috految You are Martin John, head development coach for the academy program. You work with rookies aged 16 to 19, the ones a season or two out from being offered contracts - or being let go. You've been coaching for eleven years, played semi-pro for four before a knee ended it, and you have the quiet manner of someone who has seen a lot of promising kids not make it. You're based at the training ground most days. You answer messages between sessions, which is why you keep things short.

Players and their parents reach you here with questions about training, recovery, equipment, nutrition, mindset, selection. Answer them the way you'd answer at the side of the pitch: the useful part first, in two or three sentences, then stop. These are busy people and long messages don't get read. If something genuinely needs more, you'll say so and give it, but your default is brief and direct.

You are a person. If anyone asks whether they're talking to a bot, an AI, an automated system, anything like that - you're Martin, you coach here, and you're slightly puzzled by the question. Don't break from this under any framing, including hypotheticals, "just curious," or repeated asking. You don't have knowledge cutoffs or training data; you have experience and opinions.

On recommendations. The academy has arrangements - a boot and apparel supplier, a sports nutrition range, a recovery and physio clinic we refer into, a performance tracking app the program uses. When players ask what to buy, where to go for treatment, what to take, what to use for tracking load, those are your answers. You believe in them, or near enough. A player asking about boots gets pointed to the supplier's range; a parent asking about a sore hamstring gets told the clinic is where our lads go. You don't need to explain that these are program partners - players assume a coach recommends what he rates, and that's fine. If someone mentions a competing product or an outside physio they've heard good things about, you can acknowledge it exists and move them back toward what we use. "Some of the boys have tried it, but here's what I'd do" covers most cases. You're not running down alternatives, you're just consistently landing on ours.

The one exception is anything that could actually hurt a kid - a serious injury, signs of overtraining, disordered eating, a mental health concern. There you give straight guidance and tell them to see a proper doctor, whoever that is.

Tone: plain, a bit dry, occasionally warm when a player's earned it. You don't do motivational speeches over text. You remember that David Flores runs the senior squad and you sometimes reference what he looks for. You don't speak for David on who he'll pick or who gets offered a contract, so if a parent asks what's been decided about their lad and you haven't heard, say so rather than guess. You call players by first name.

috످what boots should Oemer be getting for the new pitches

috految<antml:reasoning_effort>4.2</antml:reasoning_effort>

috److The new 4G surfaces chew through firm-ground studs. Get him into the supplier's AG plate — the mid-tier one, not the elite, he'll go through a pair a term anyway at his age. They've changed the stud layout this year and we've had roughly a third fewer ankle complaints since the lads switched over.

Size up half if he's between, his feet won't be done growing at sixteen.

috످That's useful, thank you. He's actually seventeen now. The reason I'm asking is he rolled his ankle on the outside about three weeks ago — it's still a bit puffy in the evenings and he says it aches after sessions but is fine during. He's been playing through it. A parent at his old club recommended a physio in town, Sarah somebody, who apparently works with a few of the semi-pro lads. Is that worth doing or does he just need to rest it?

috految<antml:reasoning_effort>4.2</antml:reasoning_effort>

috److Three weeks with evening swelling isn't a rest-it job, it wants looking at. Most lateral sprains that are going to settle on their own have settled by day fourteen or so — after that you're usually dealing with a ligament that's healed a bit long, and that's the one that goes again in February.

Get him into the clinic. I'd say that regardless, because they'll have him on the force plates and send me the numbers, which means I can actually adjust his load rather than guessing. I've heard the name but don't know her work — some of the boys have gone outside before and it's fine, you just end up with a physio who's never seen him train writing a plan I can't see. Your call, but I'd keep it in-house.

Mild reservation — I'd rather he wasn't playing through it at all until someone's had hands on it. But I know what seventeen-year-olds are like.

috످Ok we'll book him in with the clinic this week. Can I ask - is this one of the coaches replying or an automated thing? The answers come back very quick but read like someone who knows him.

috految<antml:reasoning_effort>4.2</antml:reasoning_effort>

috److I'm an AI, not one of the coaches, and I don't know Oemer. Sorry for giving you that impression.

**Please keep him out of training and matches until a doctor or physio clears him.** Get him seen in the next day or two, as it could be a ligament injury or a small fracture. Go to urgent care today if he can't walk four steps, the bone is tender, or the ankle locks or gives way. A numb, cold or blue foot means A&E now.

Before you book: the clinic is an academy partner, and I steered you there. Sarah is a fine option if she's a registered physio (check hcpc-uk.org), as is your GP. I made up the bits about force plates, getting his results, having heard of her and other lads going elsewhere. Ignore my "day fourteen" and "February" claims too, as sprains often take 6 to 12 weeks to heal.

The boot supplier is also a partner, and I invented the "third fewer ankle complaints" figure and the stud and pitch details. Ask the club about the surface, then get any brand that fits, without sizing up.

Please tell his coach about the ankle directly, as I can't pass it on or adjust his training.

috످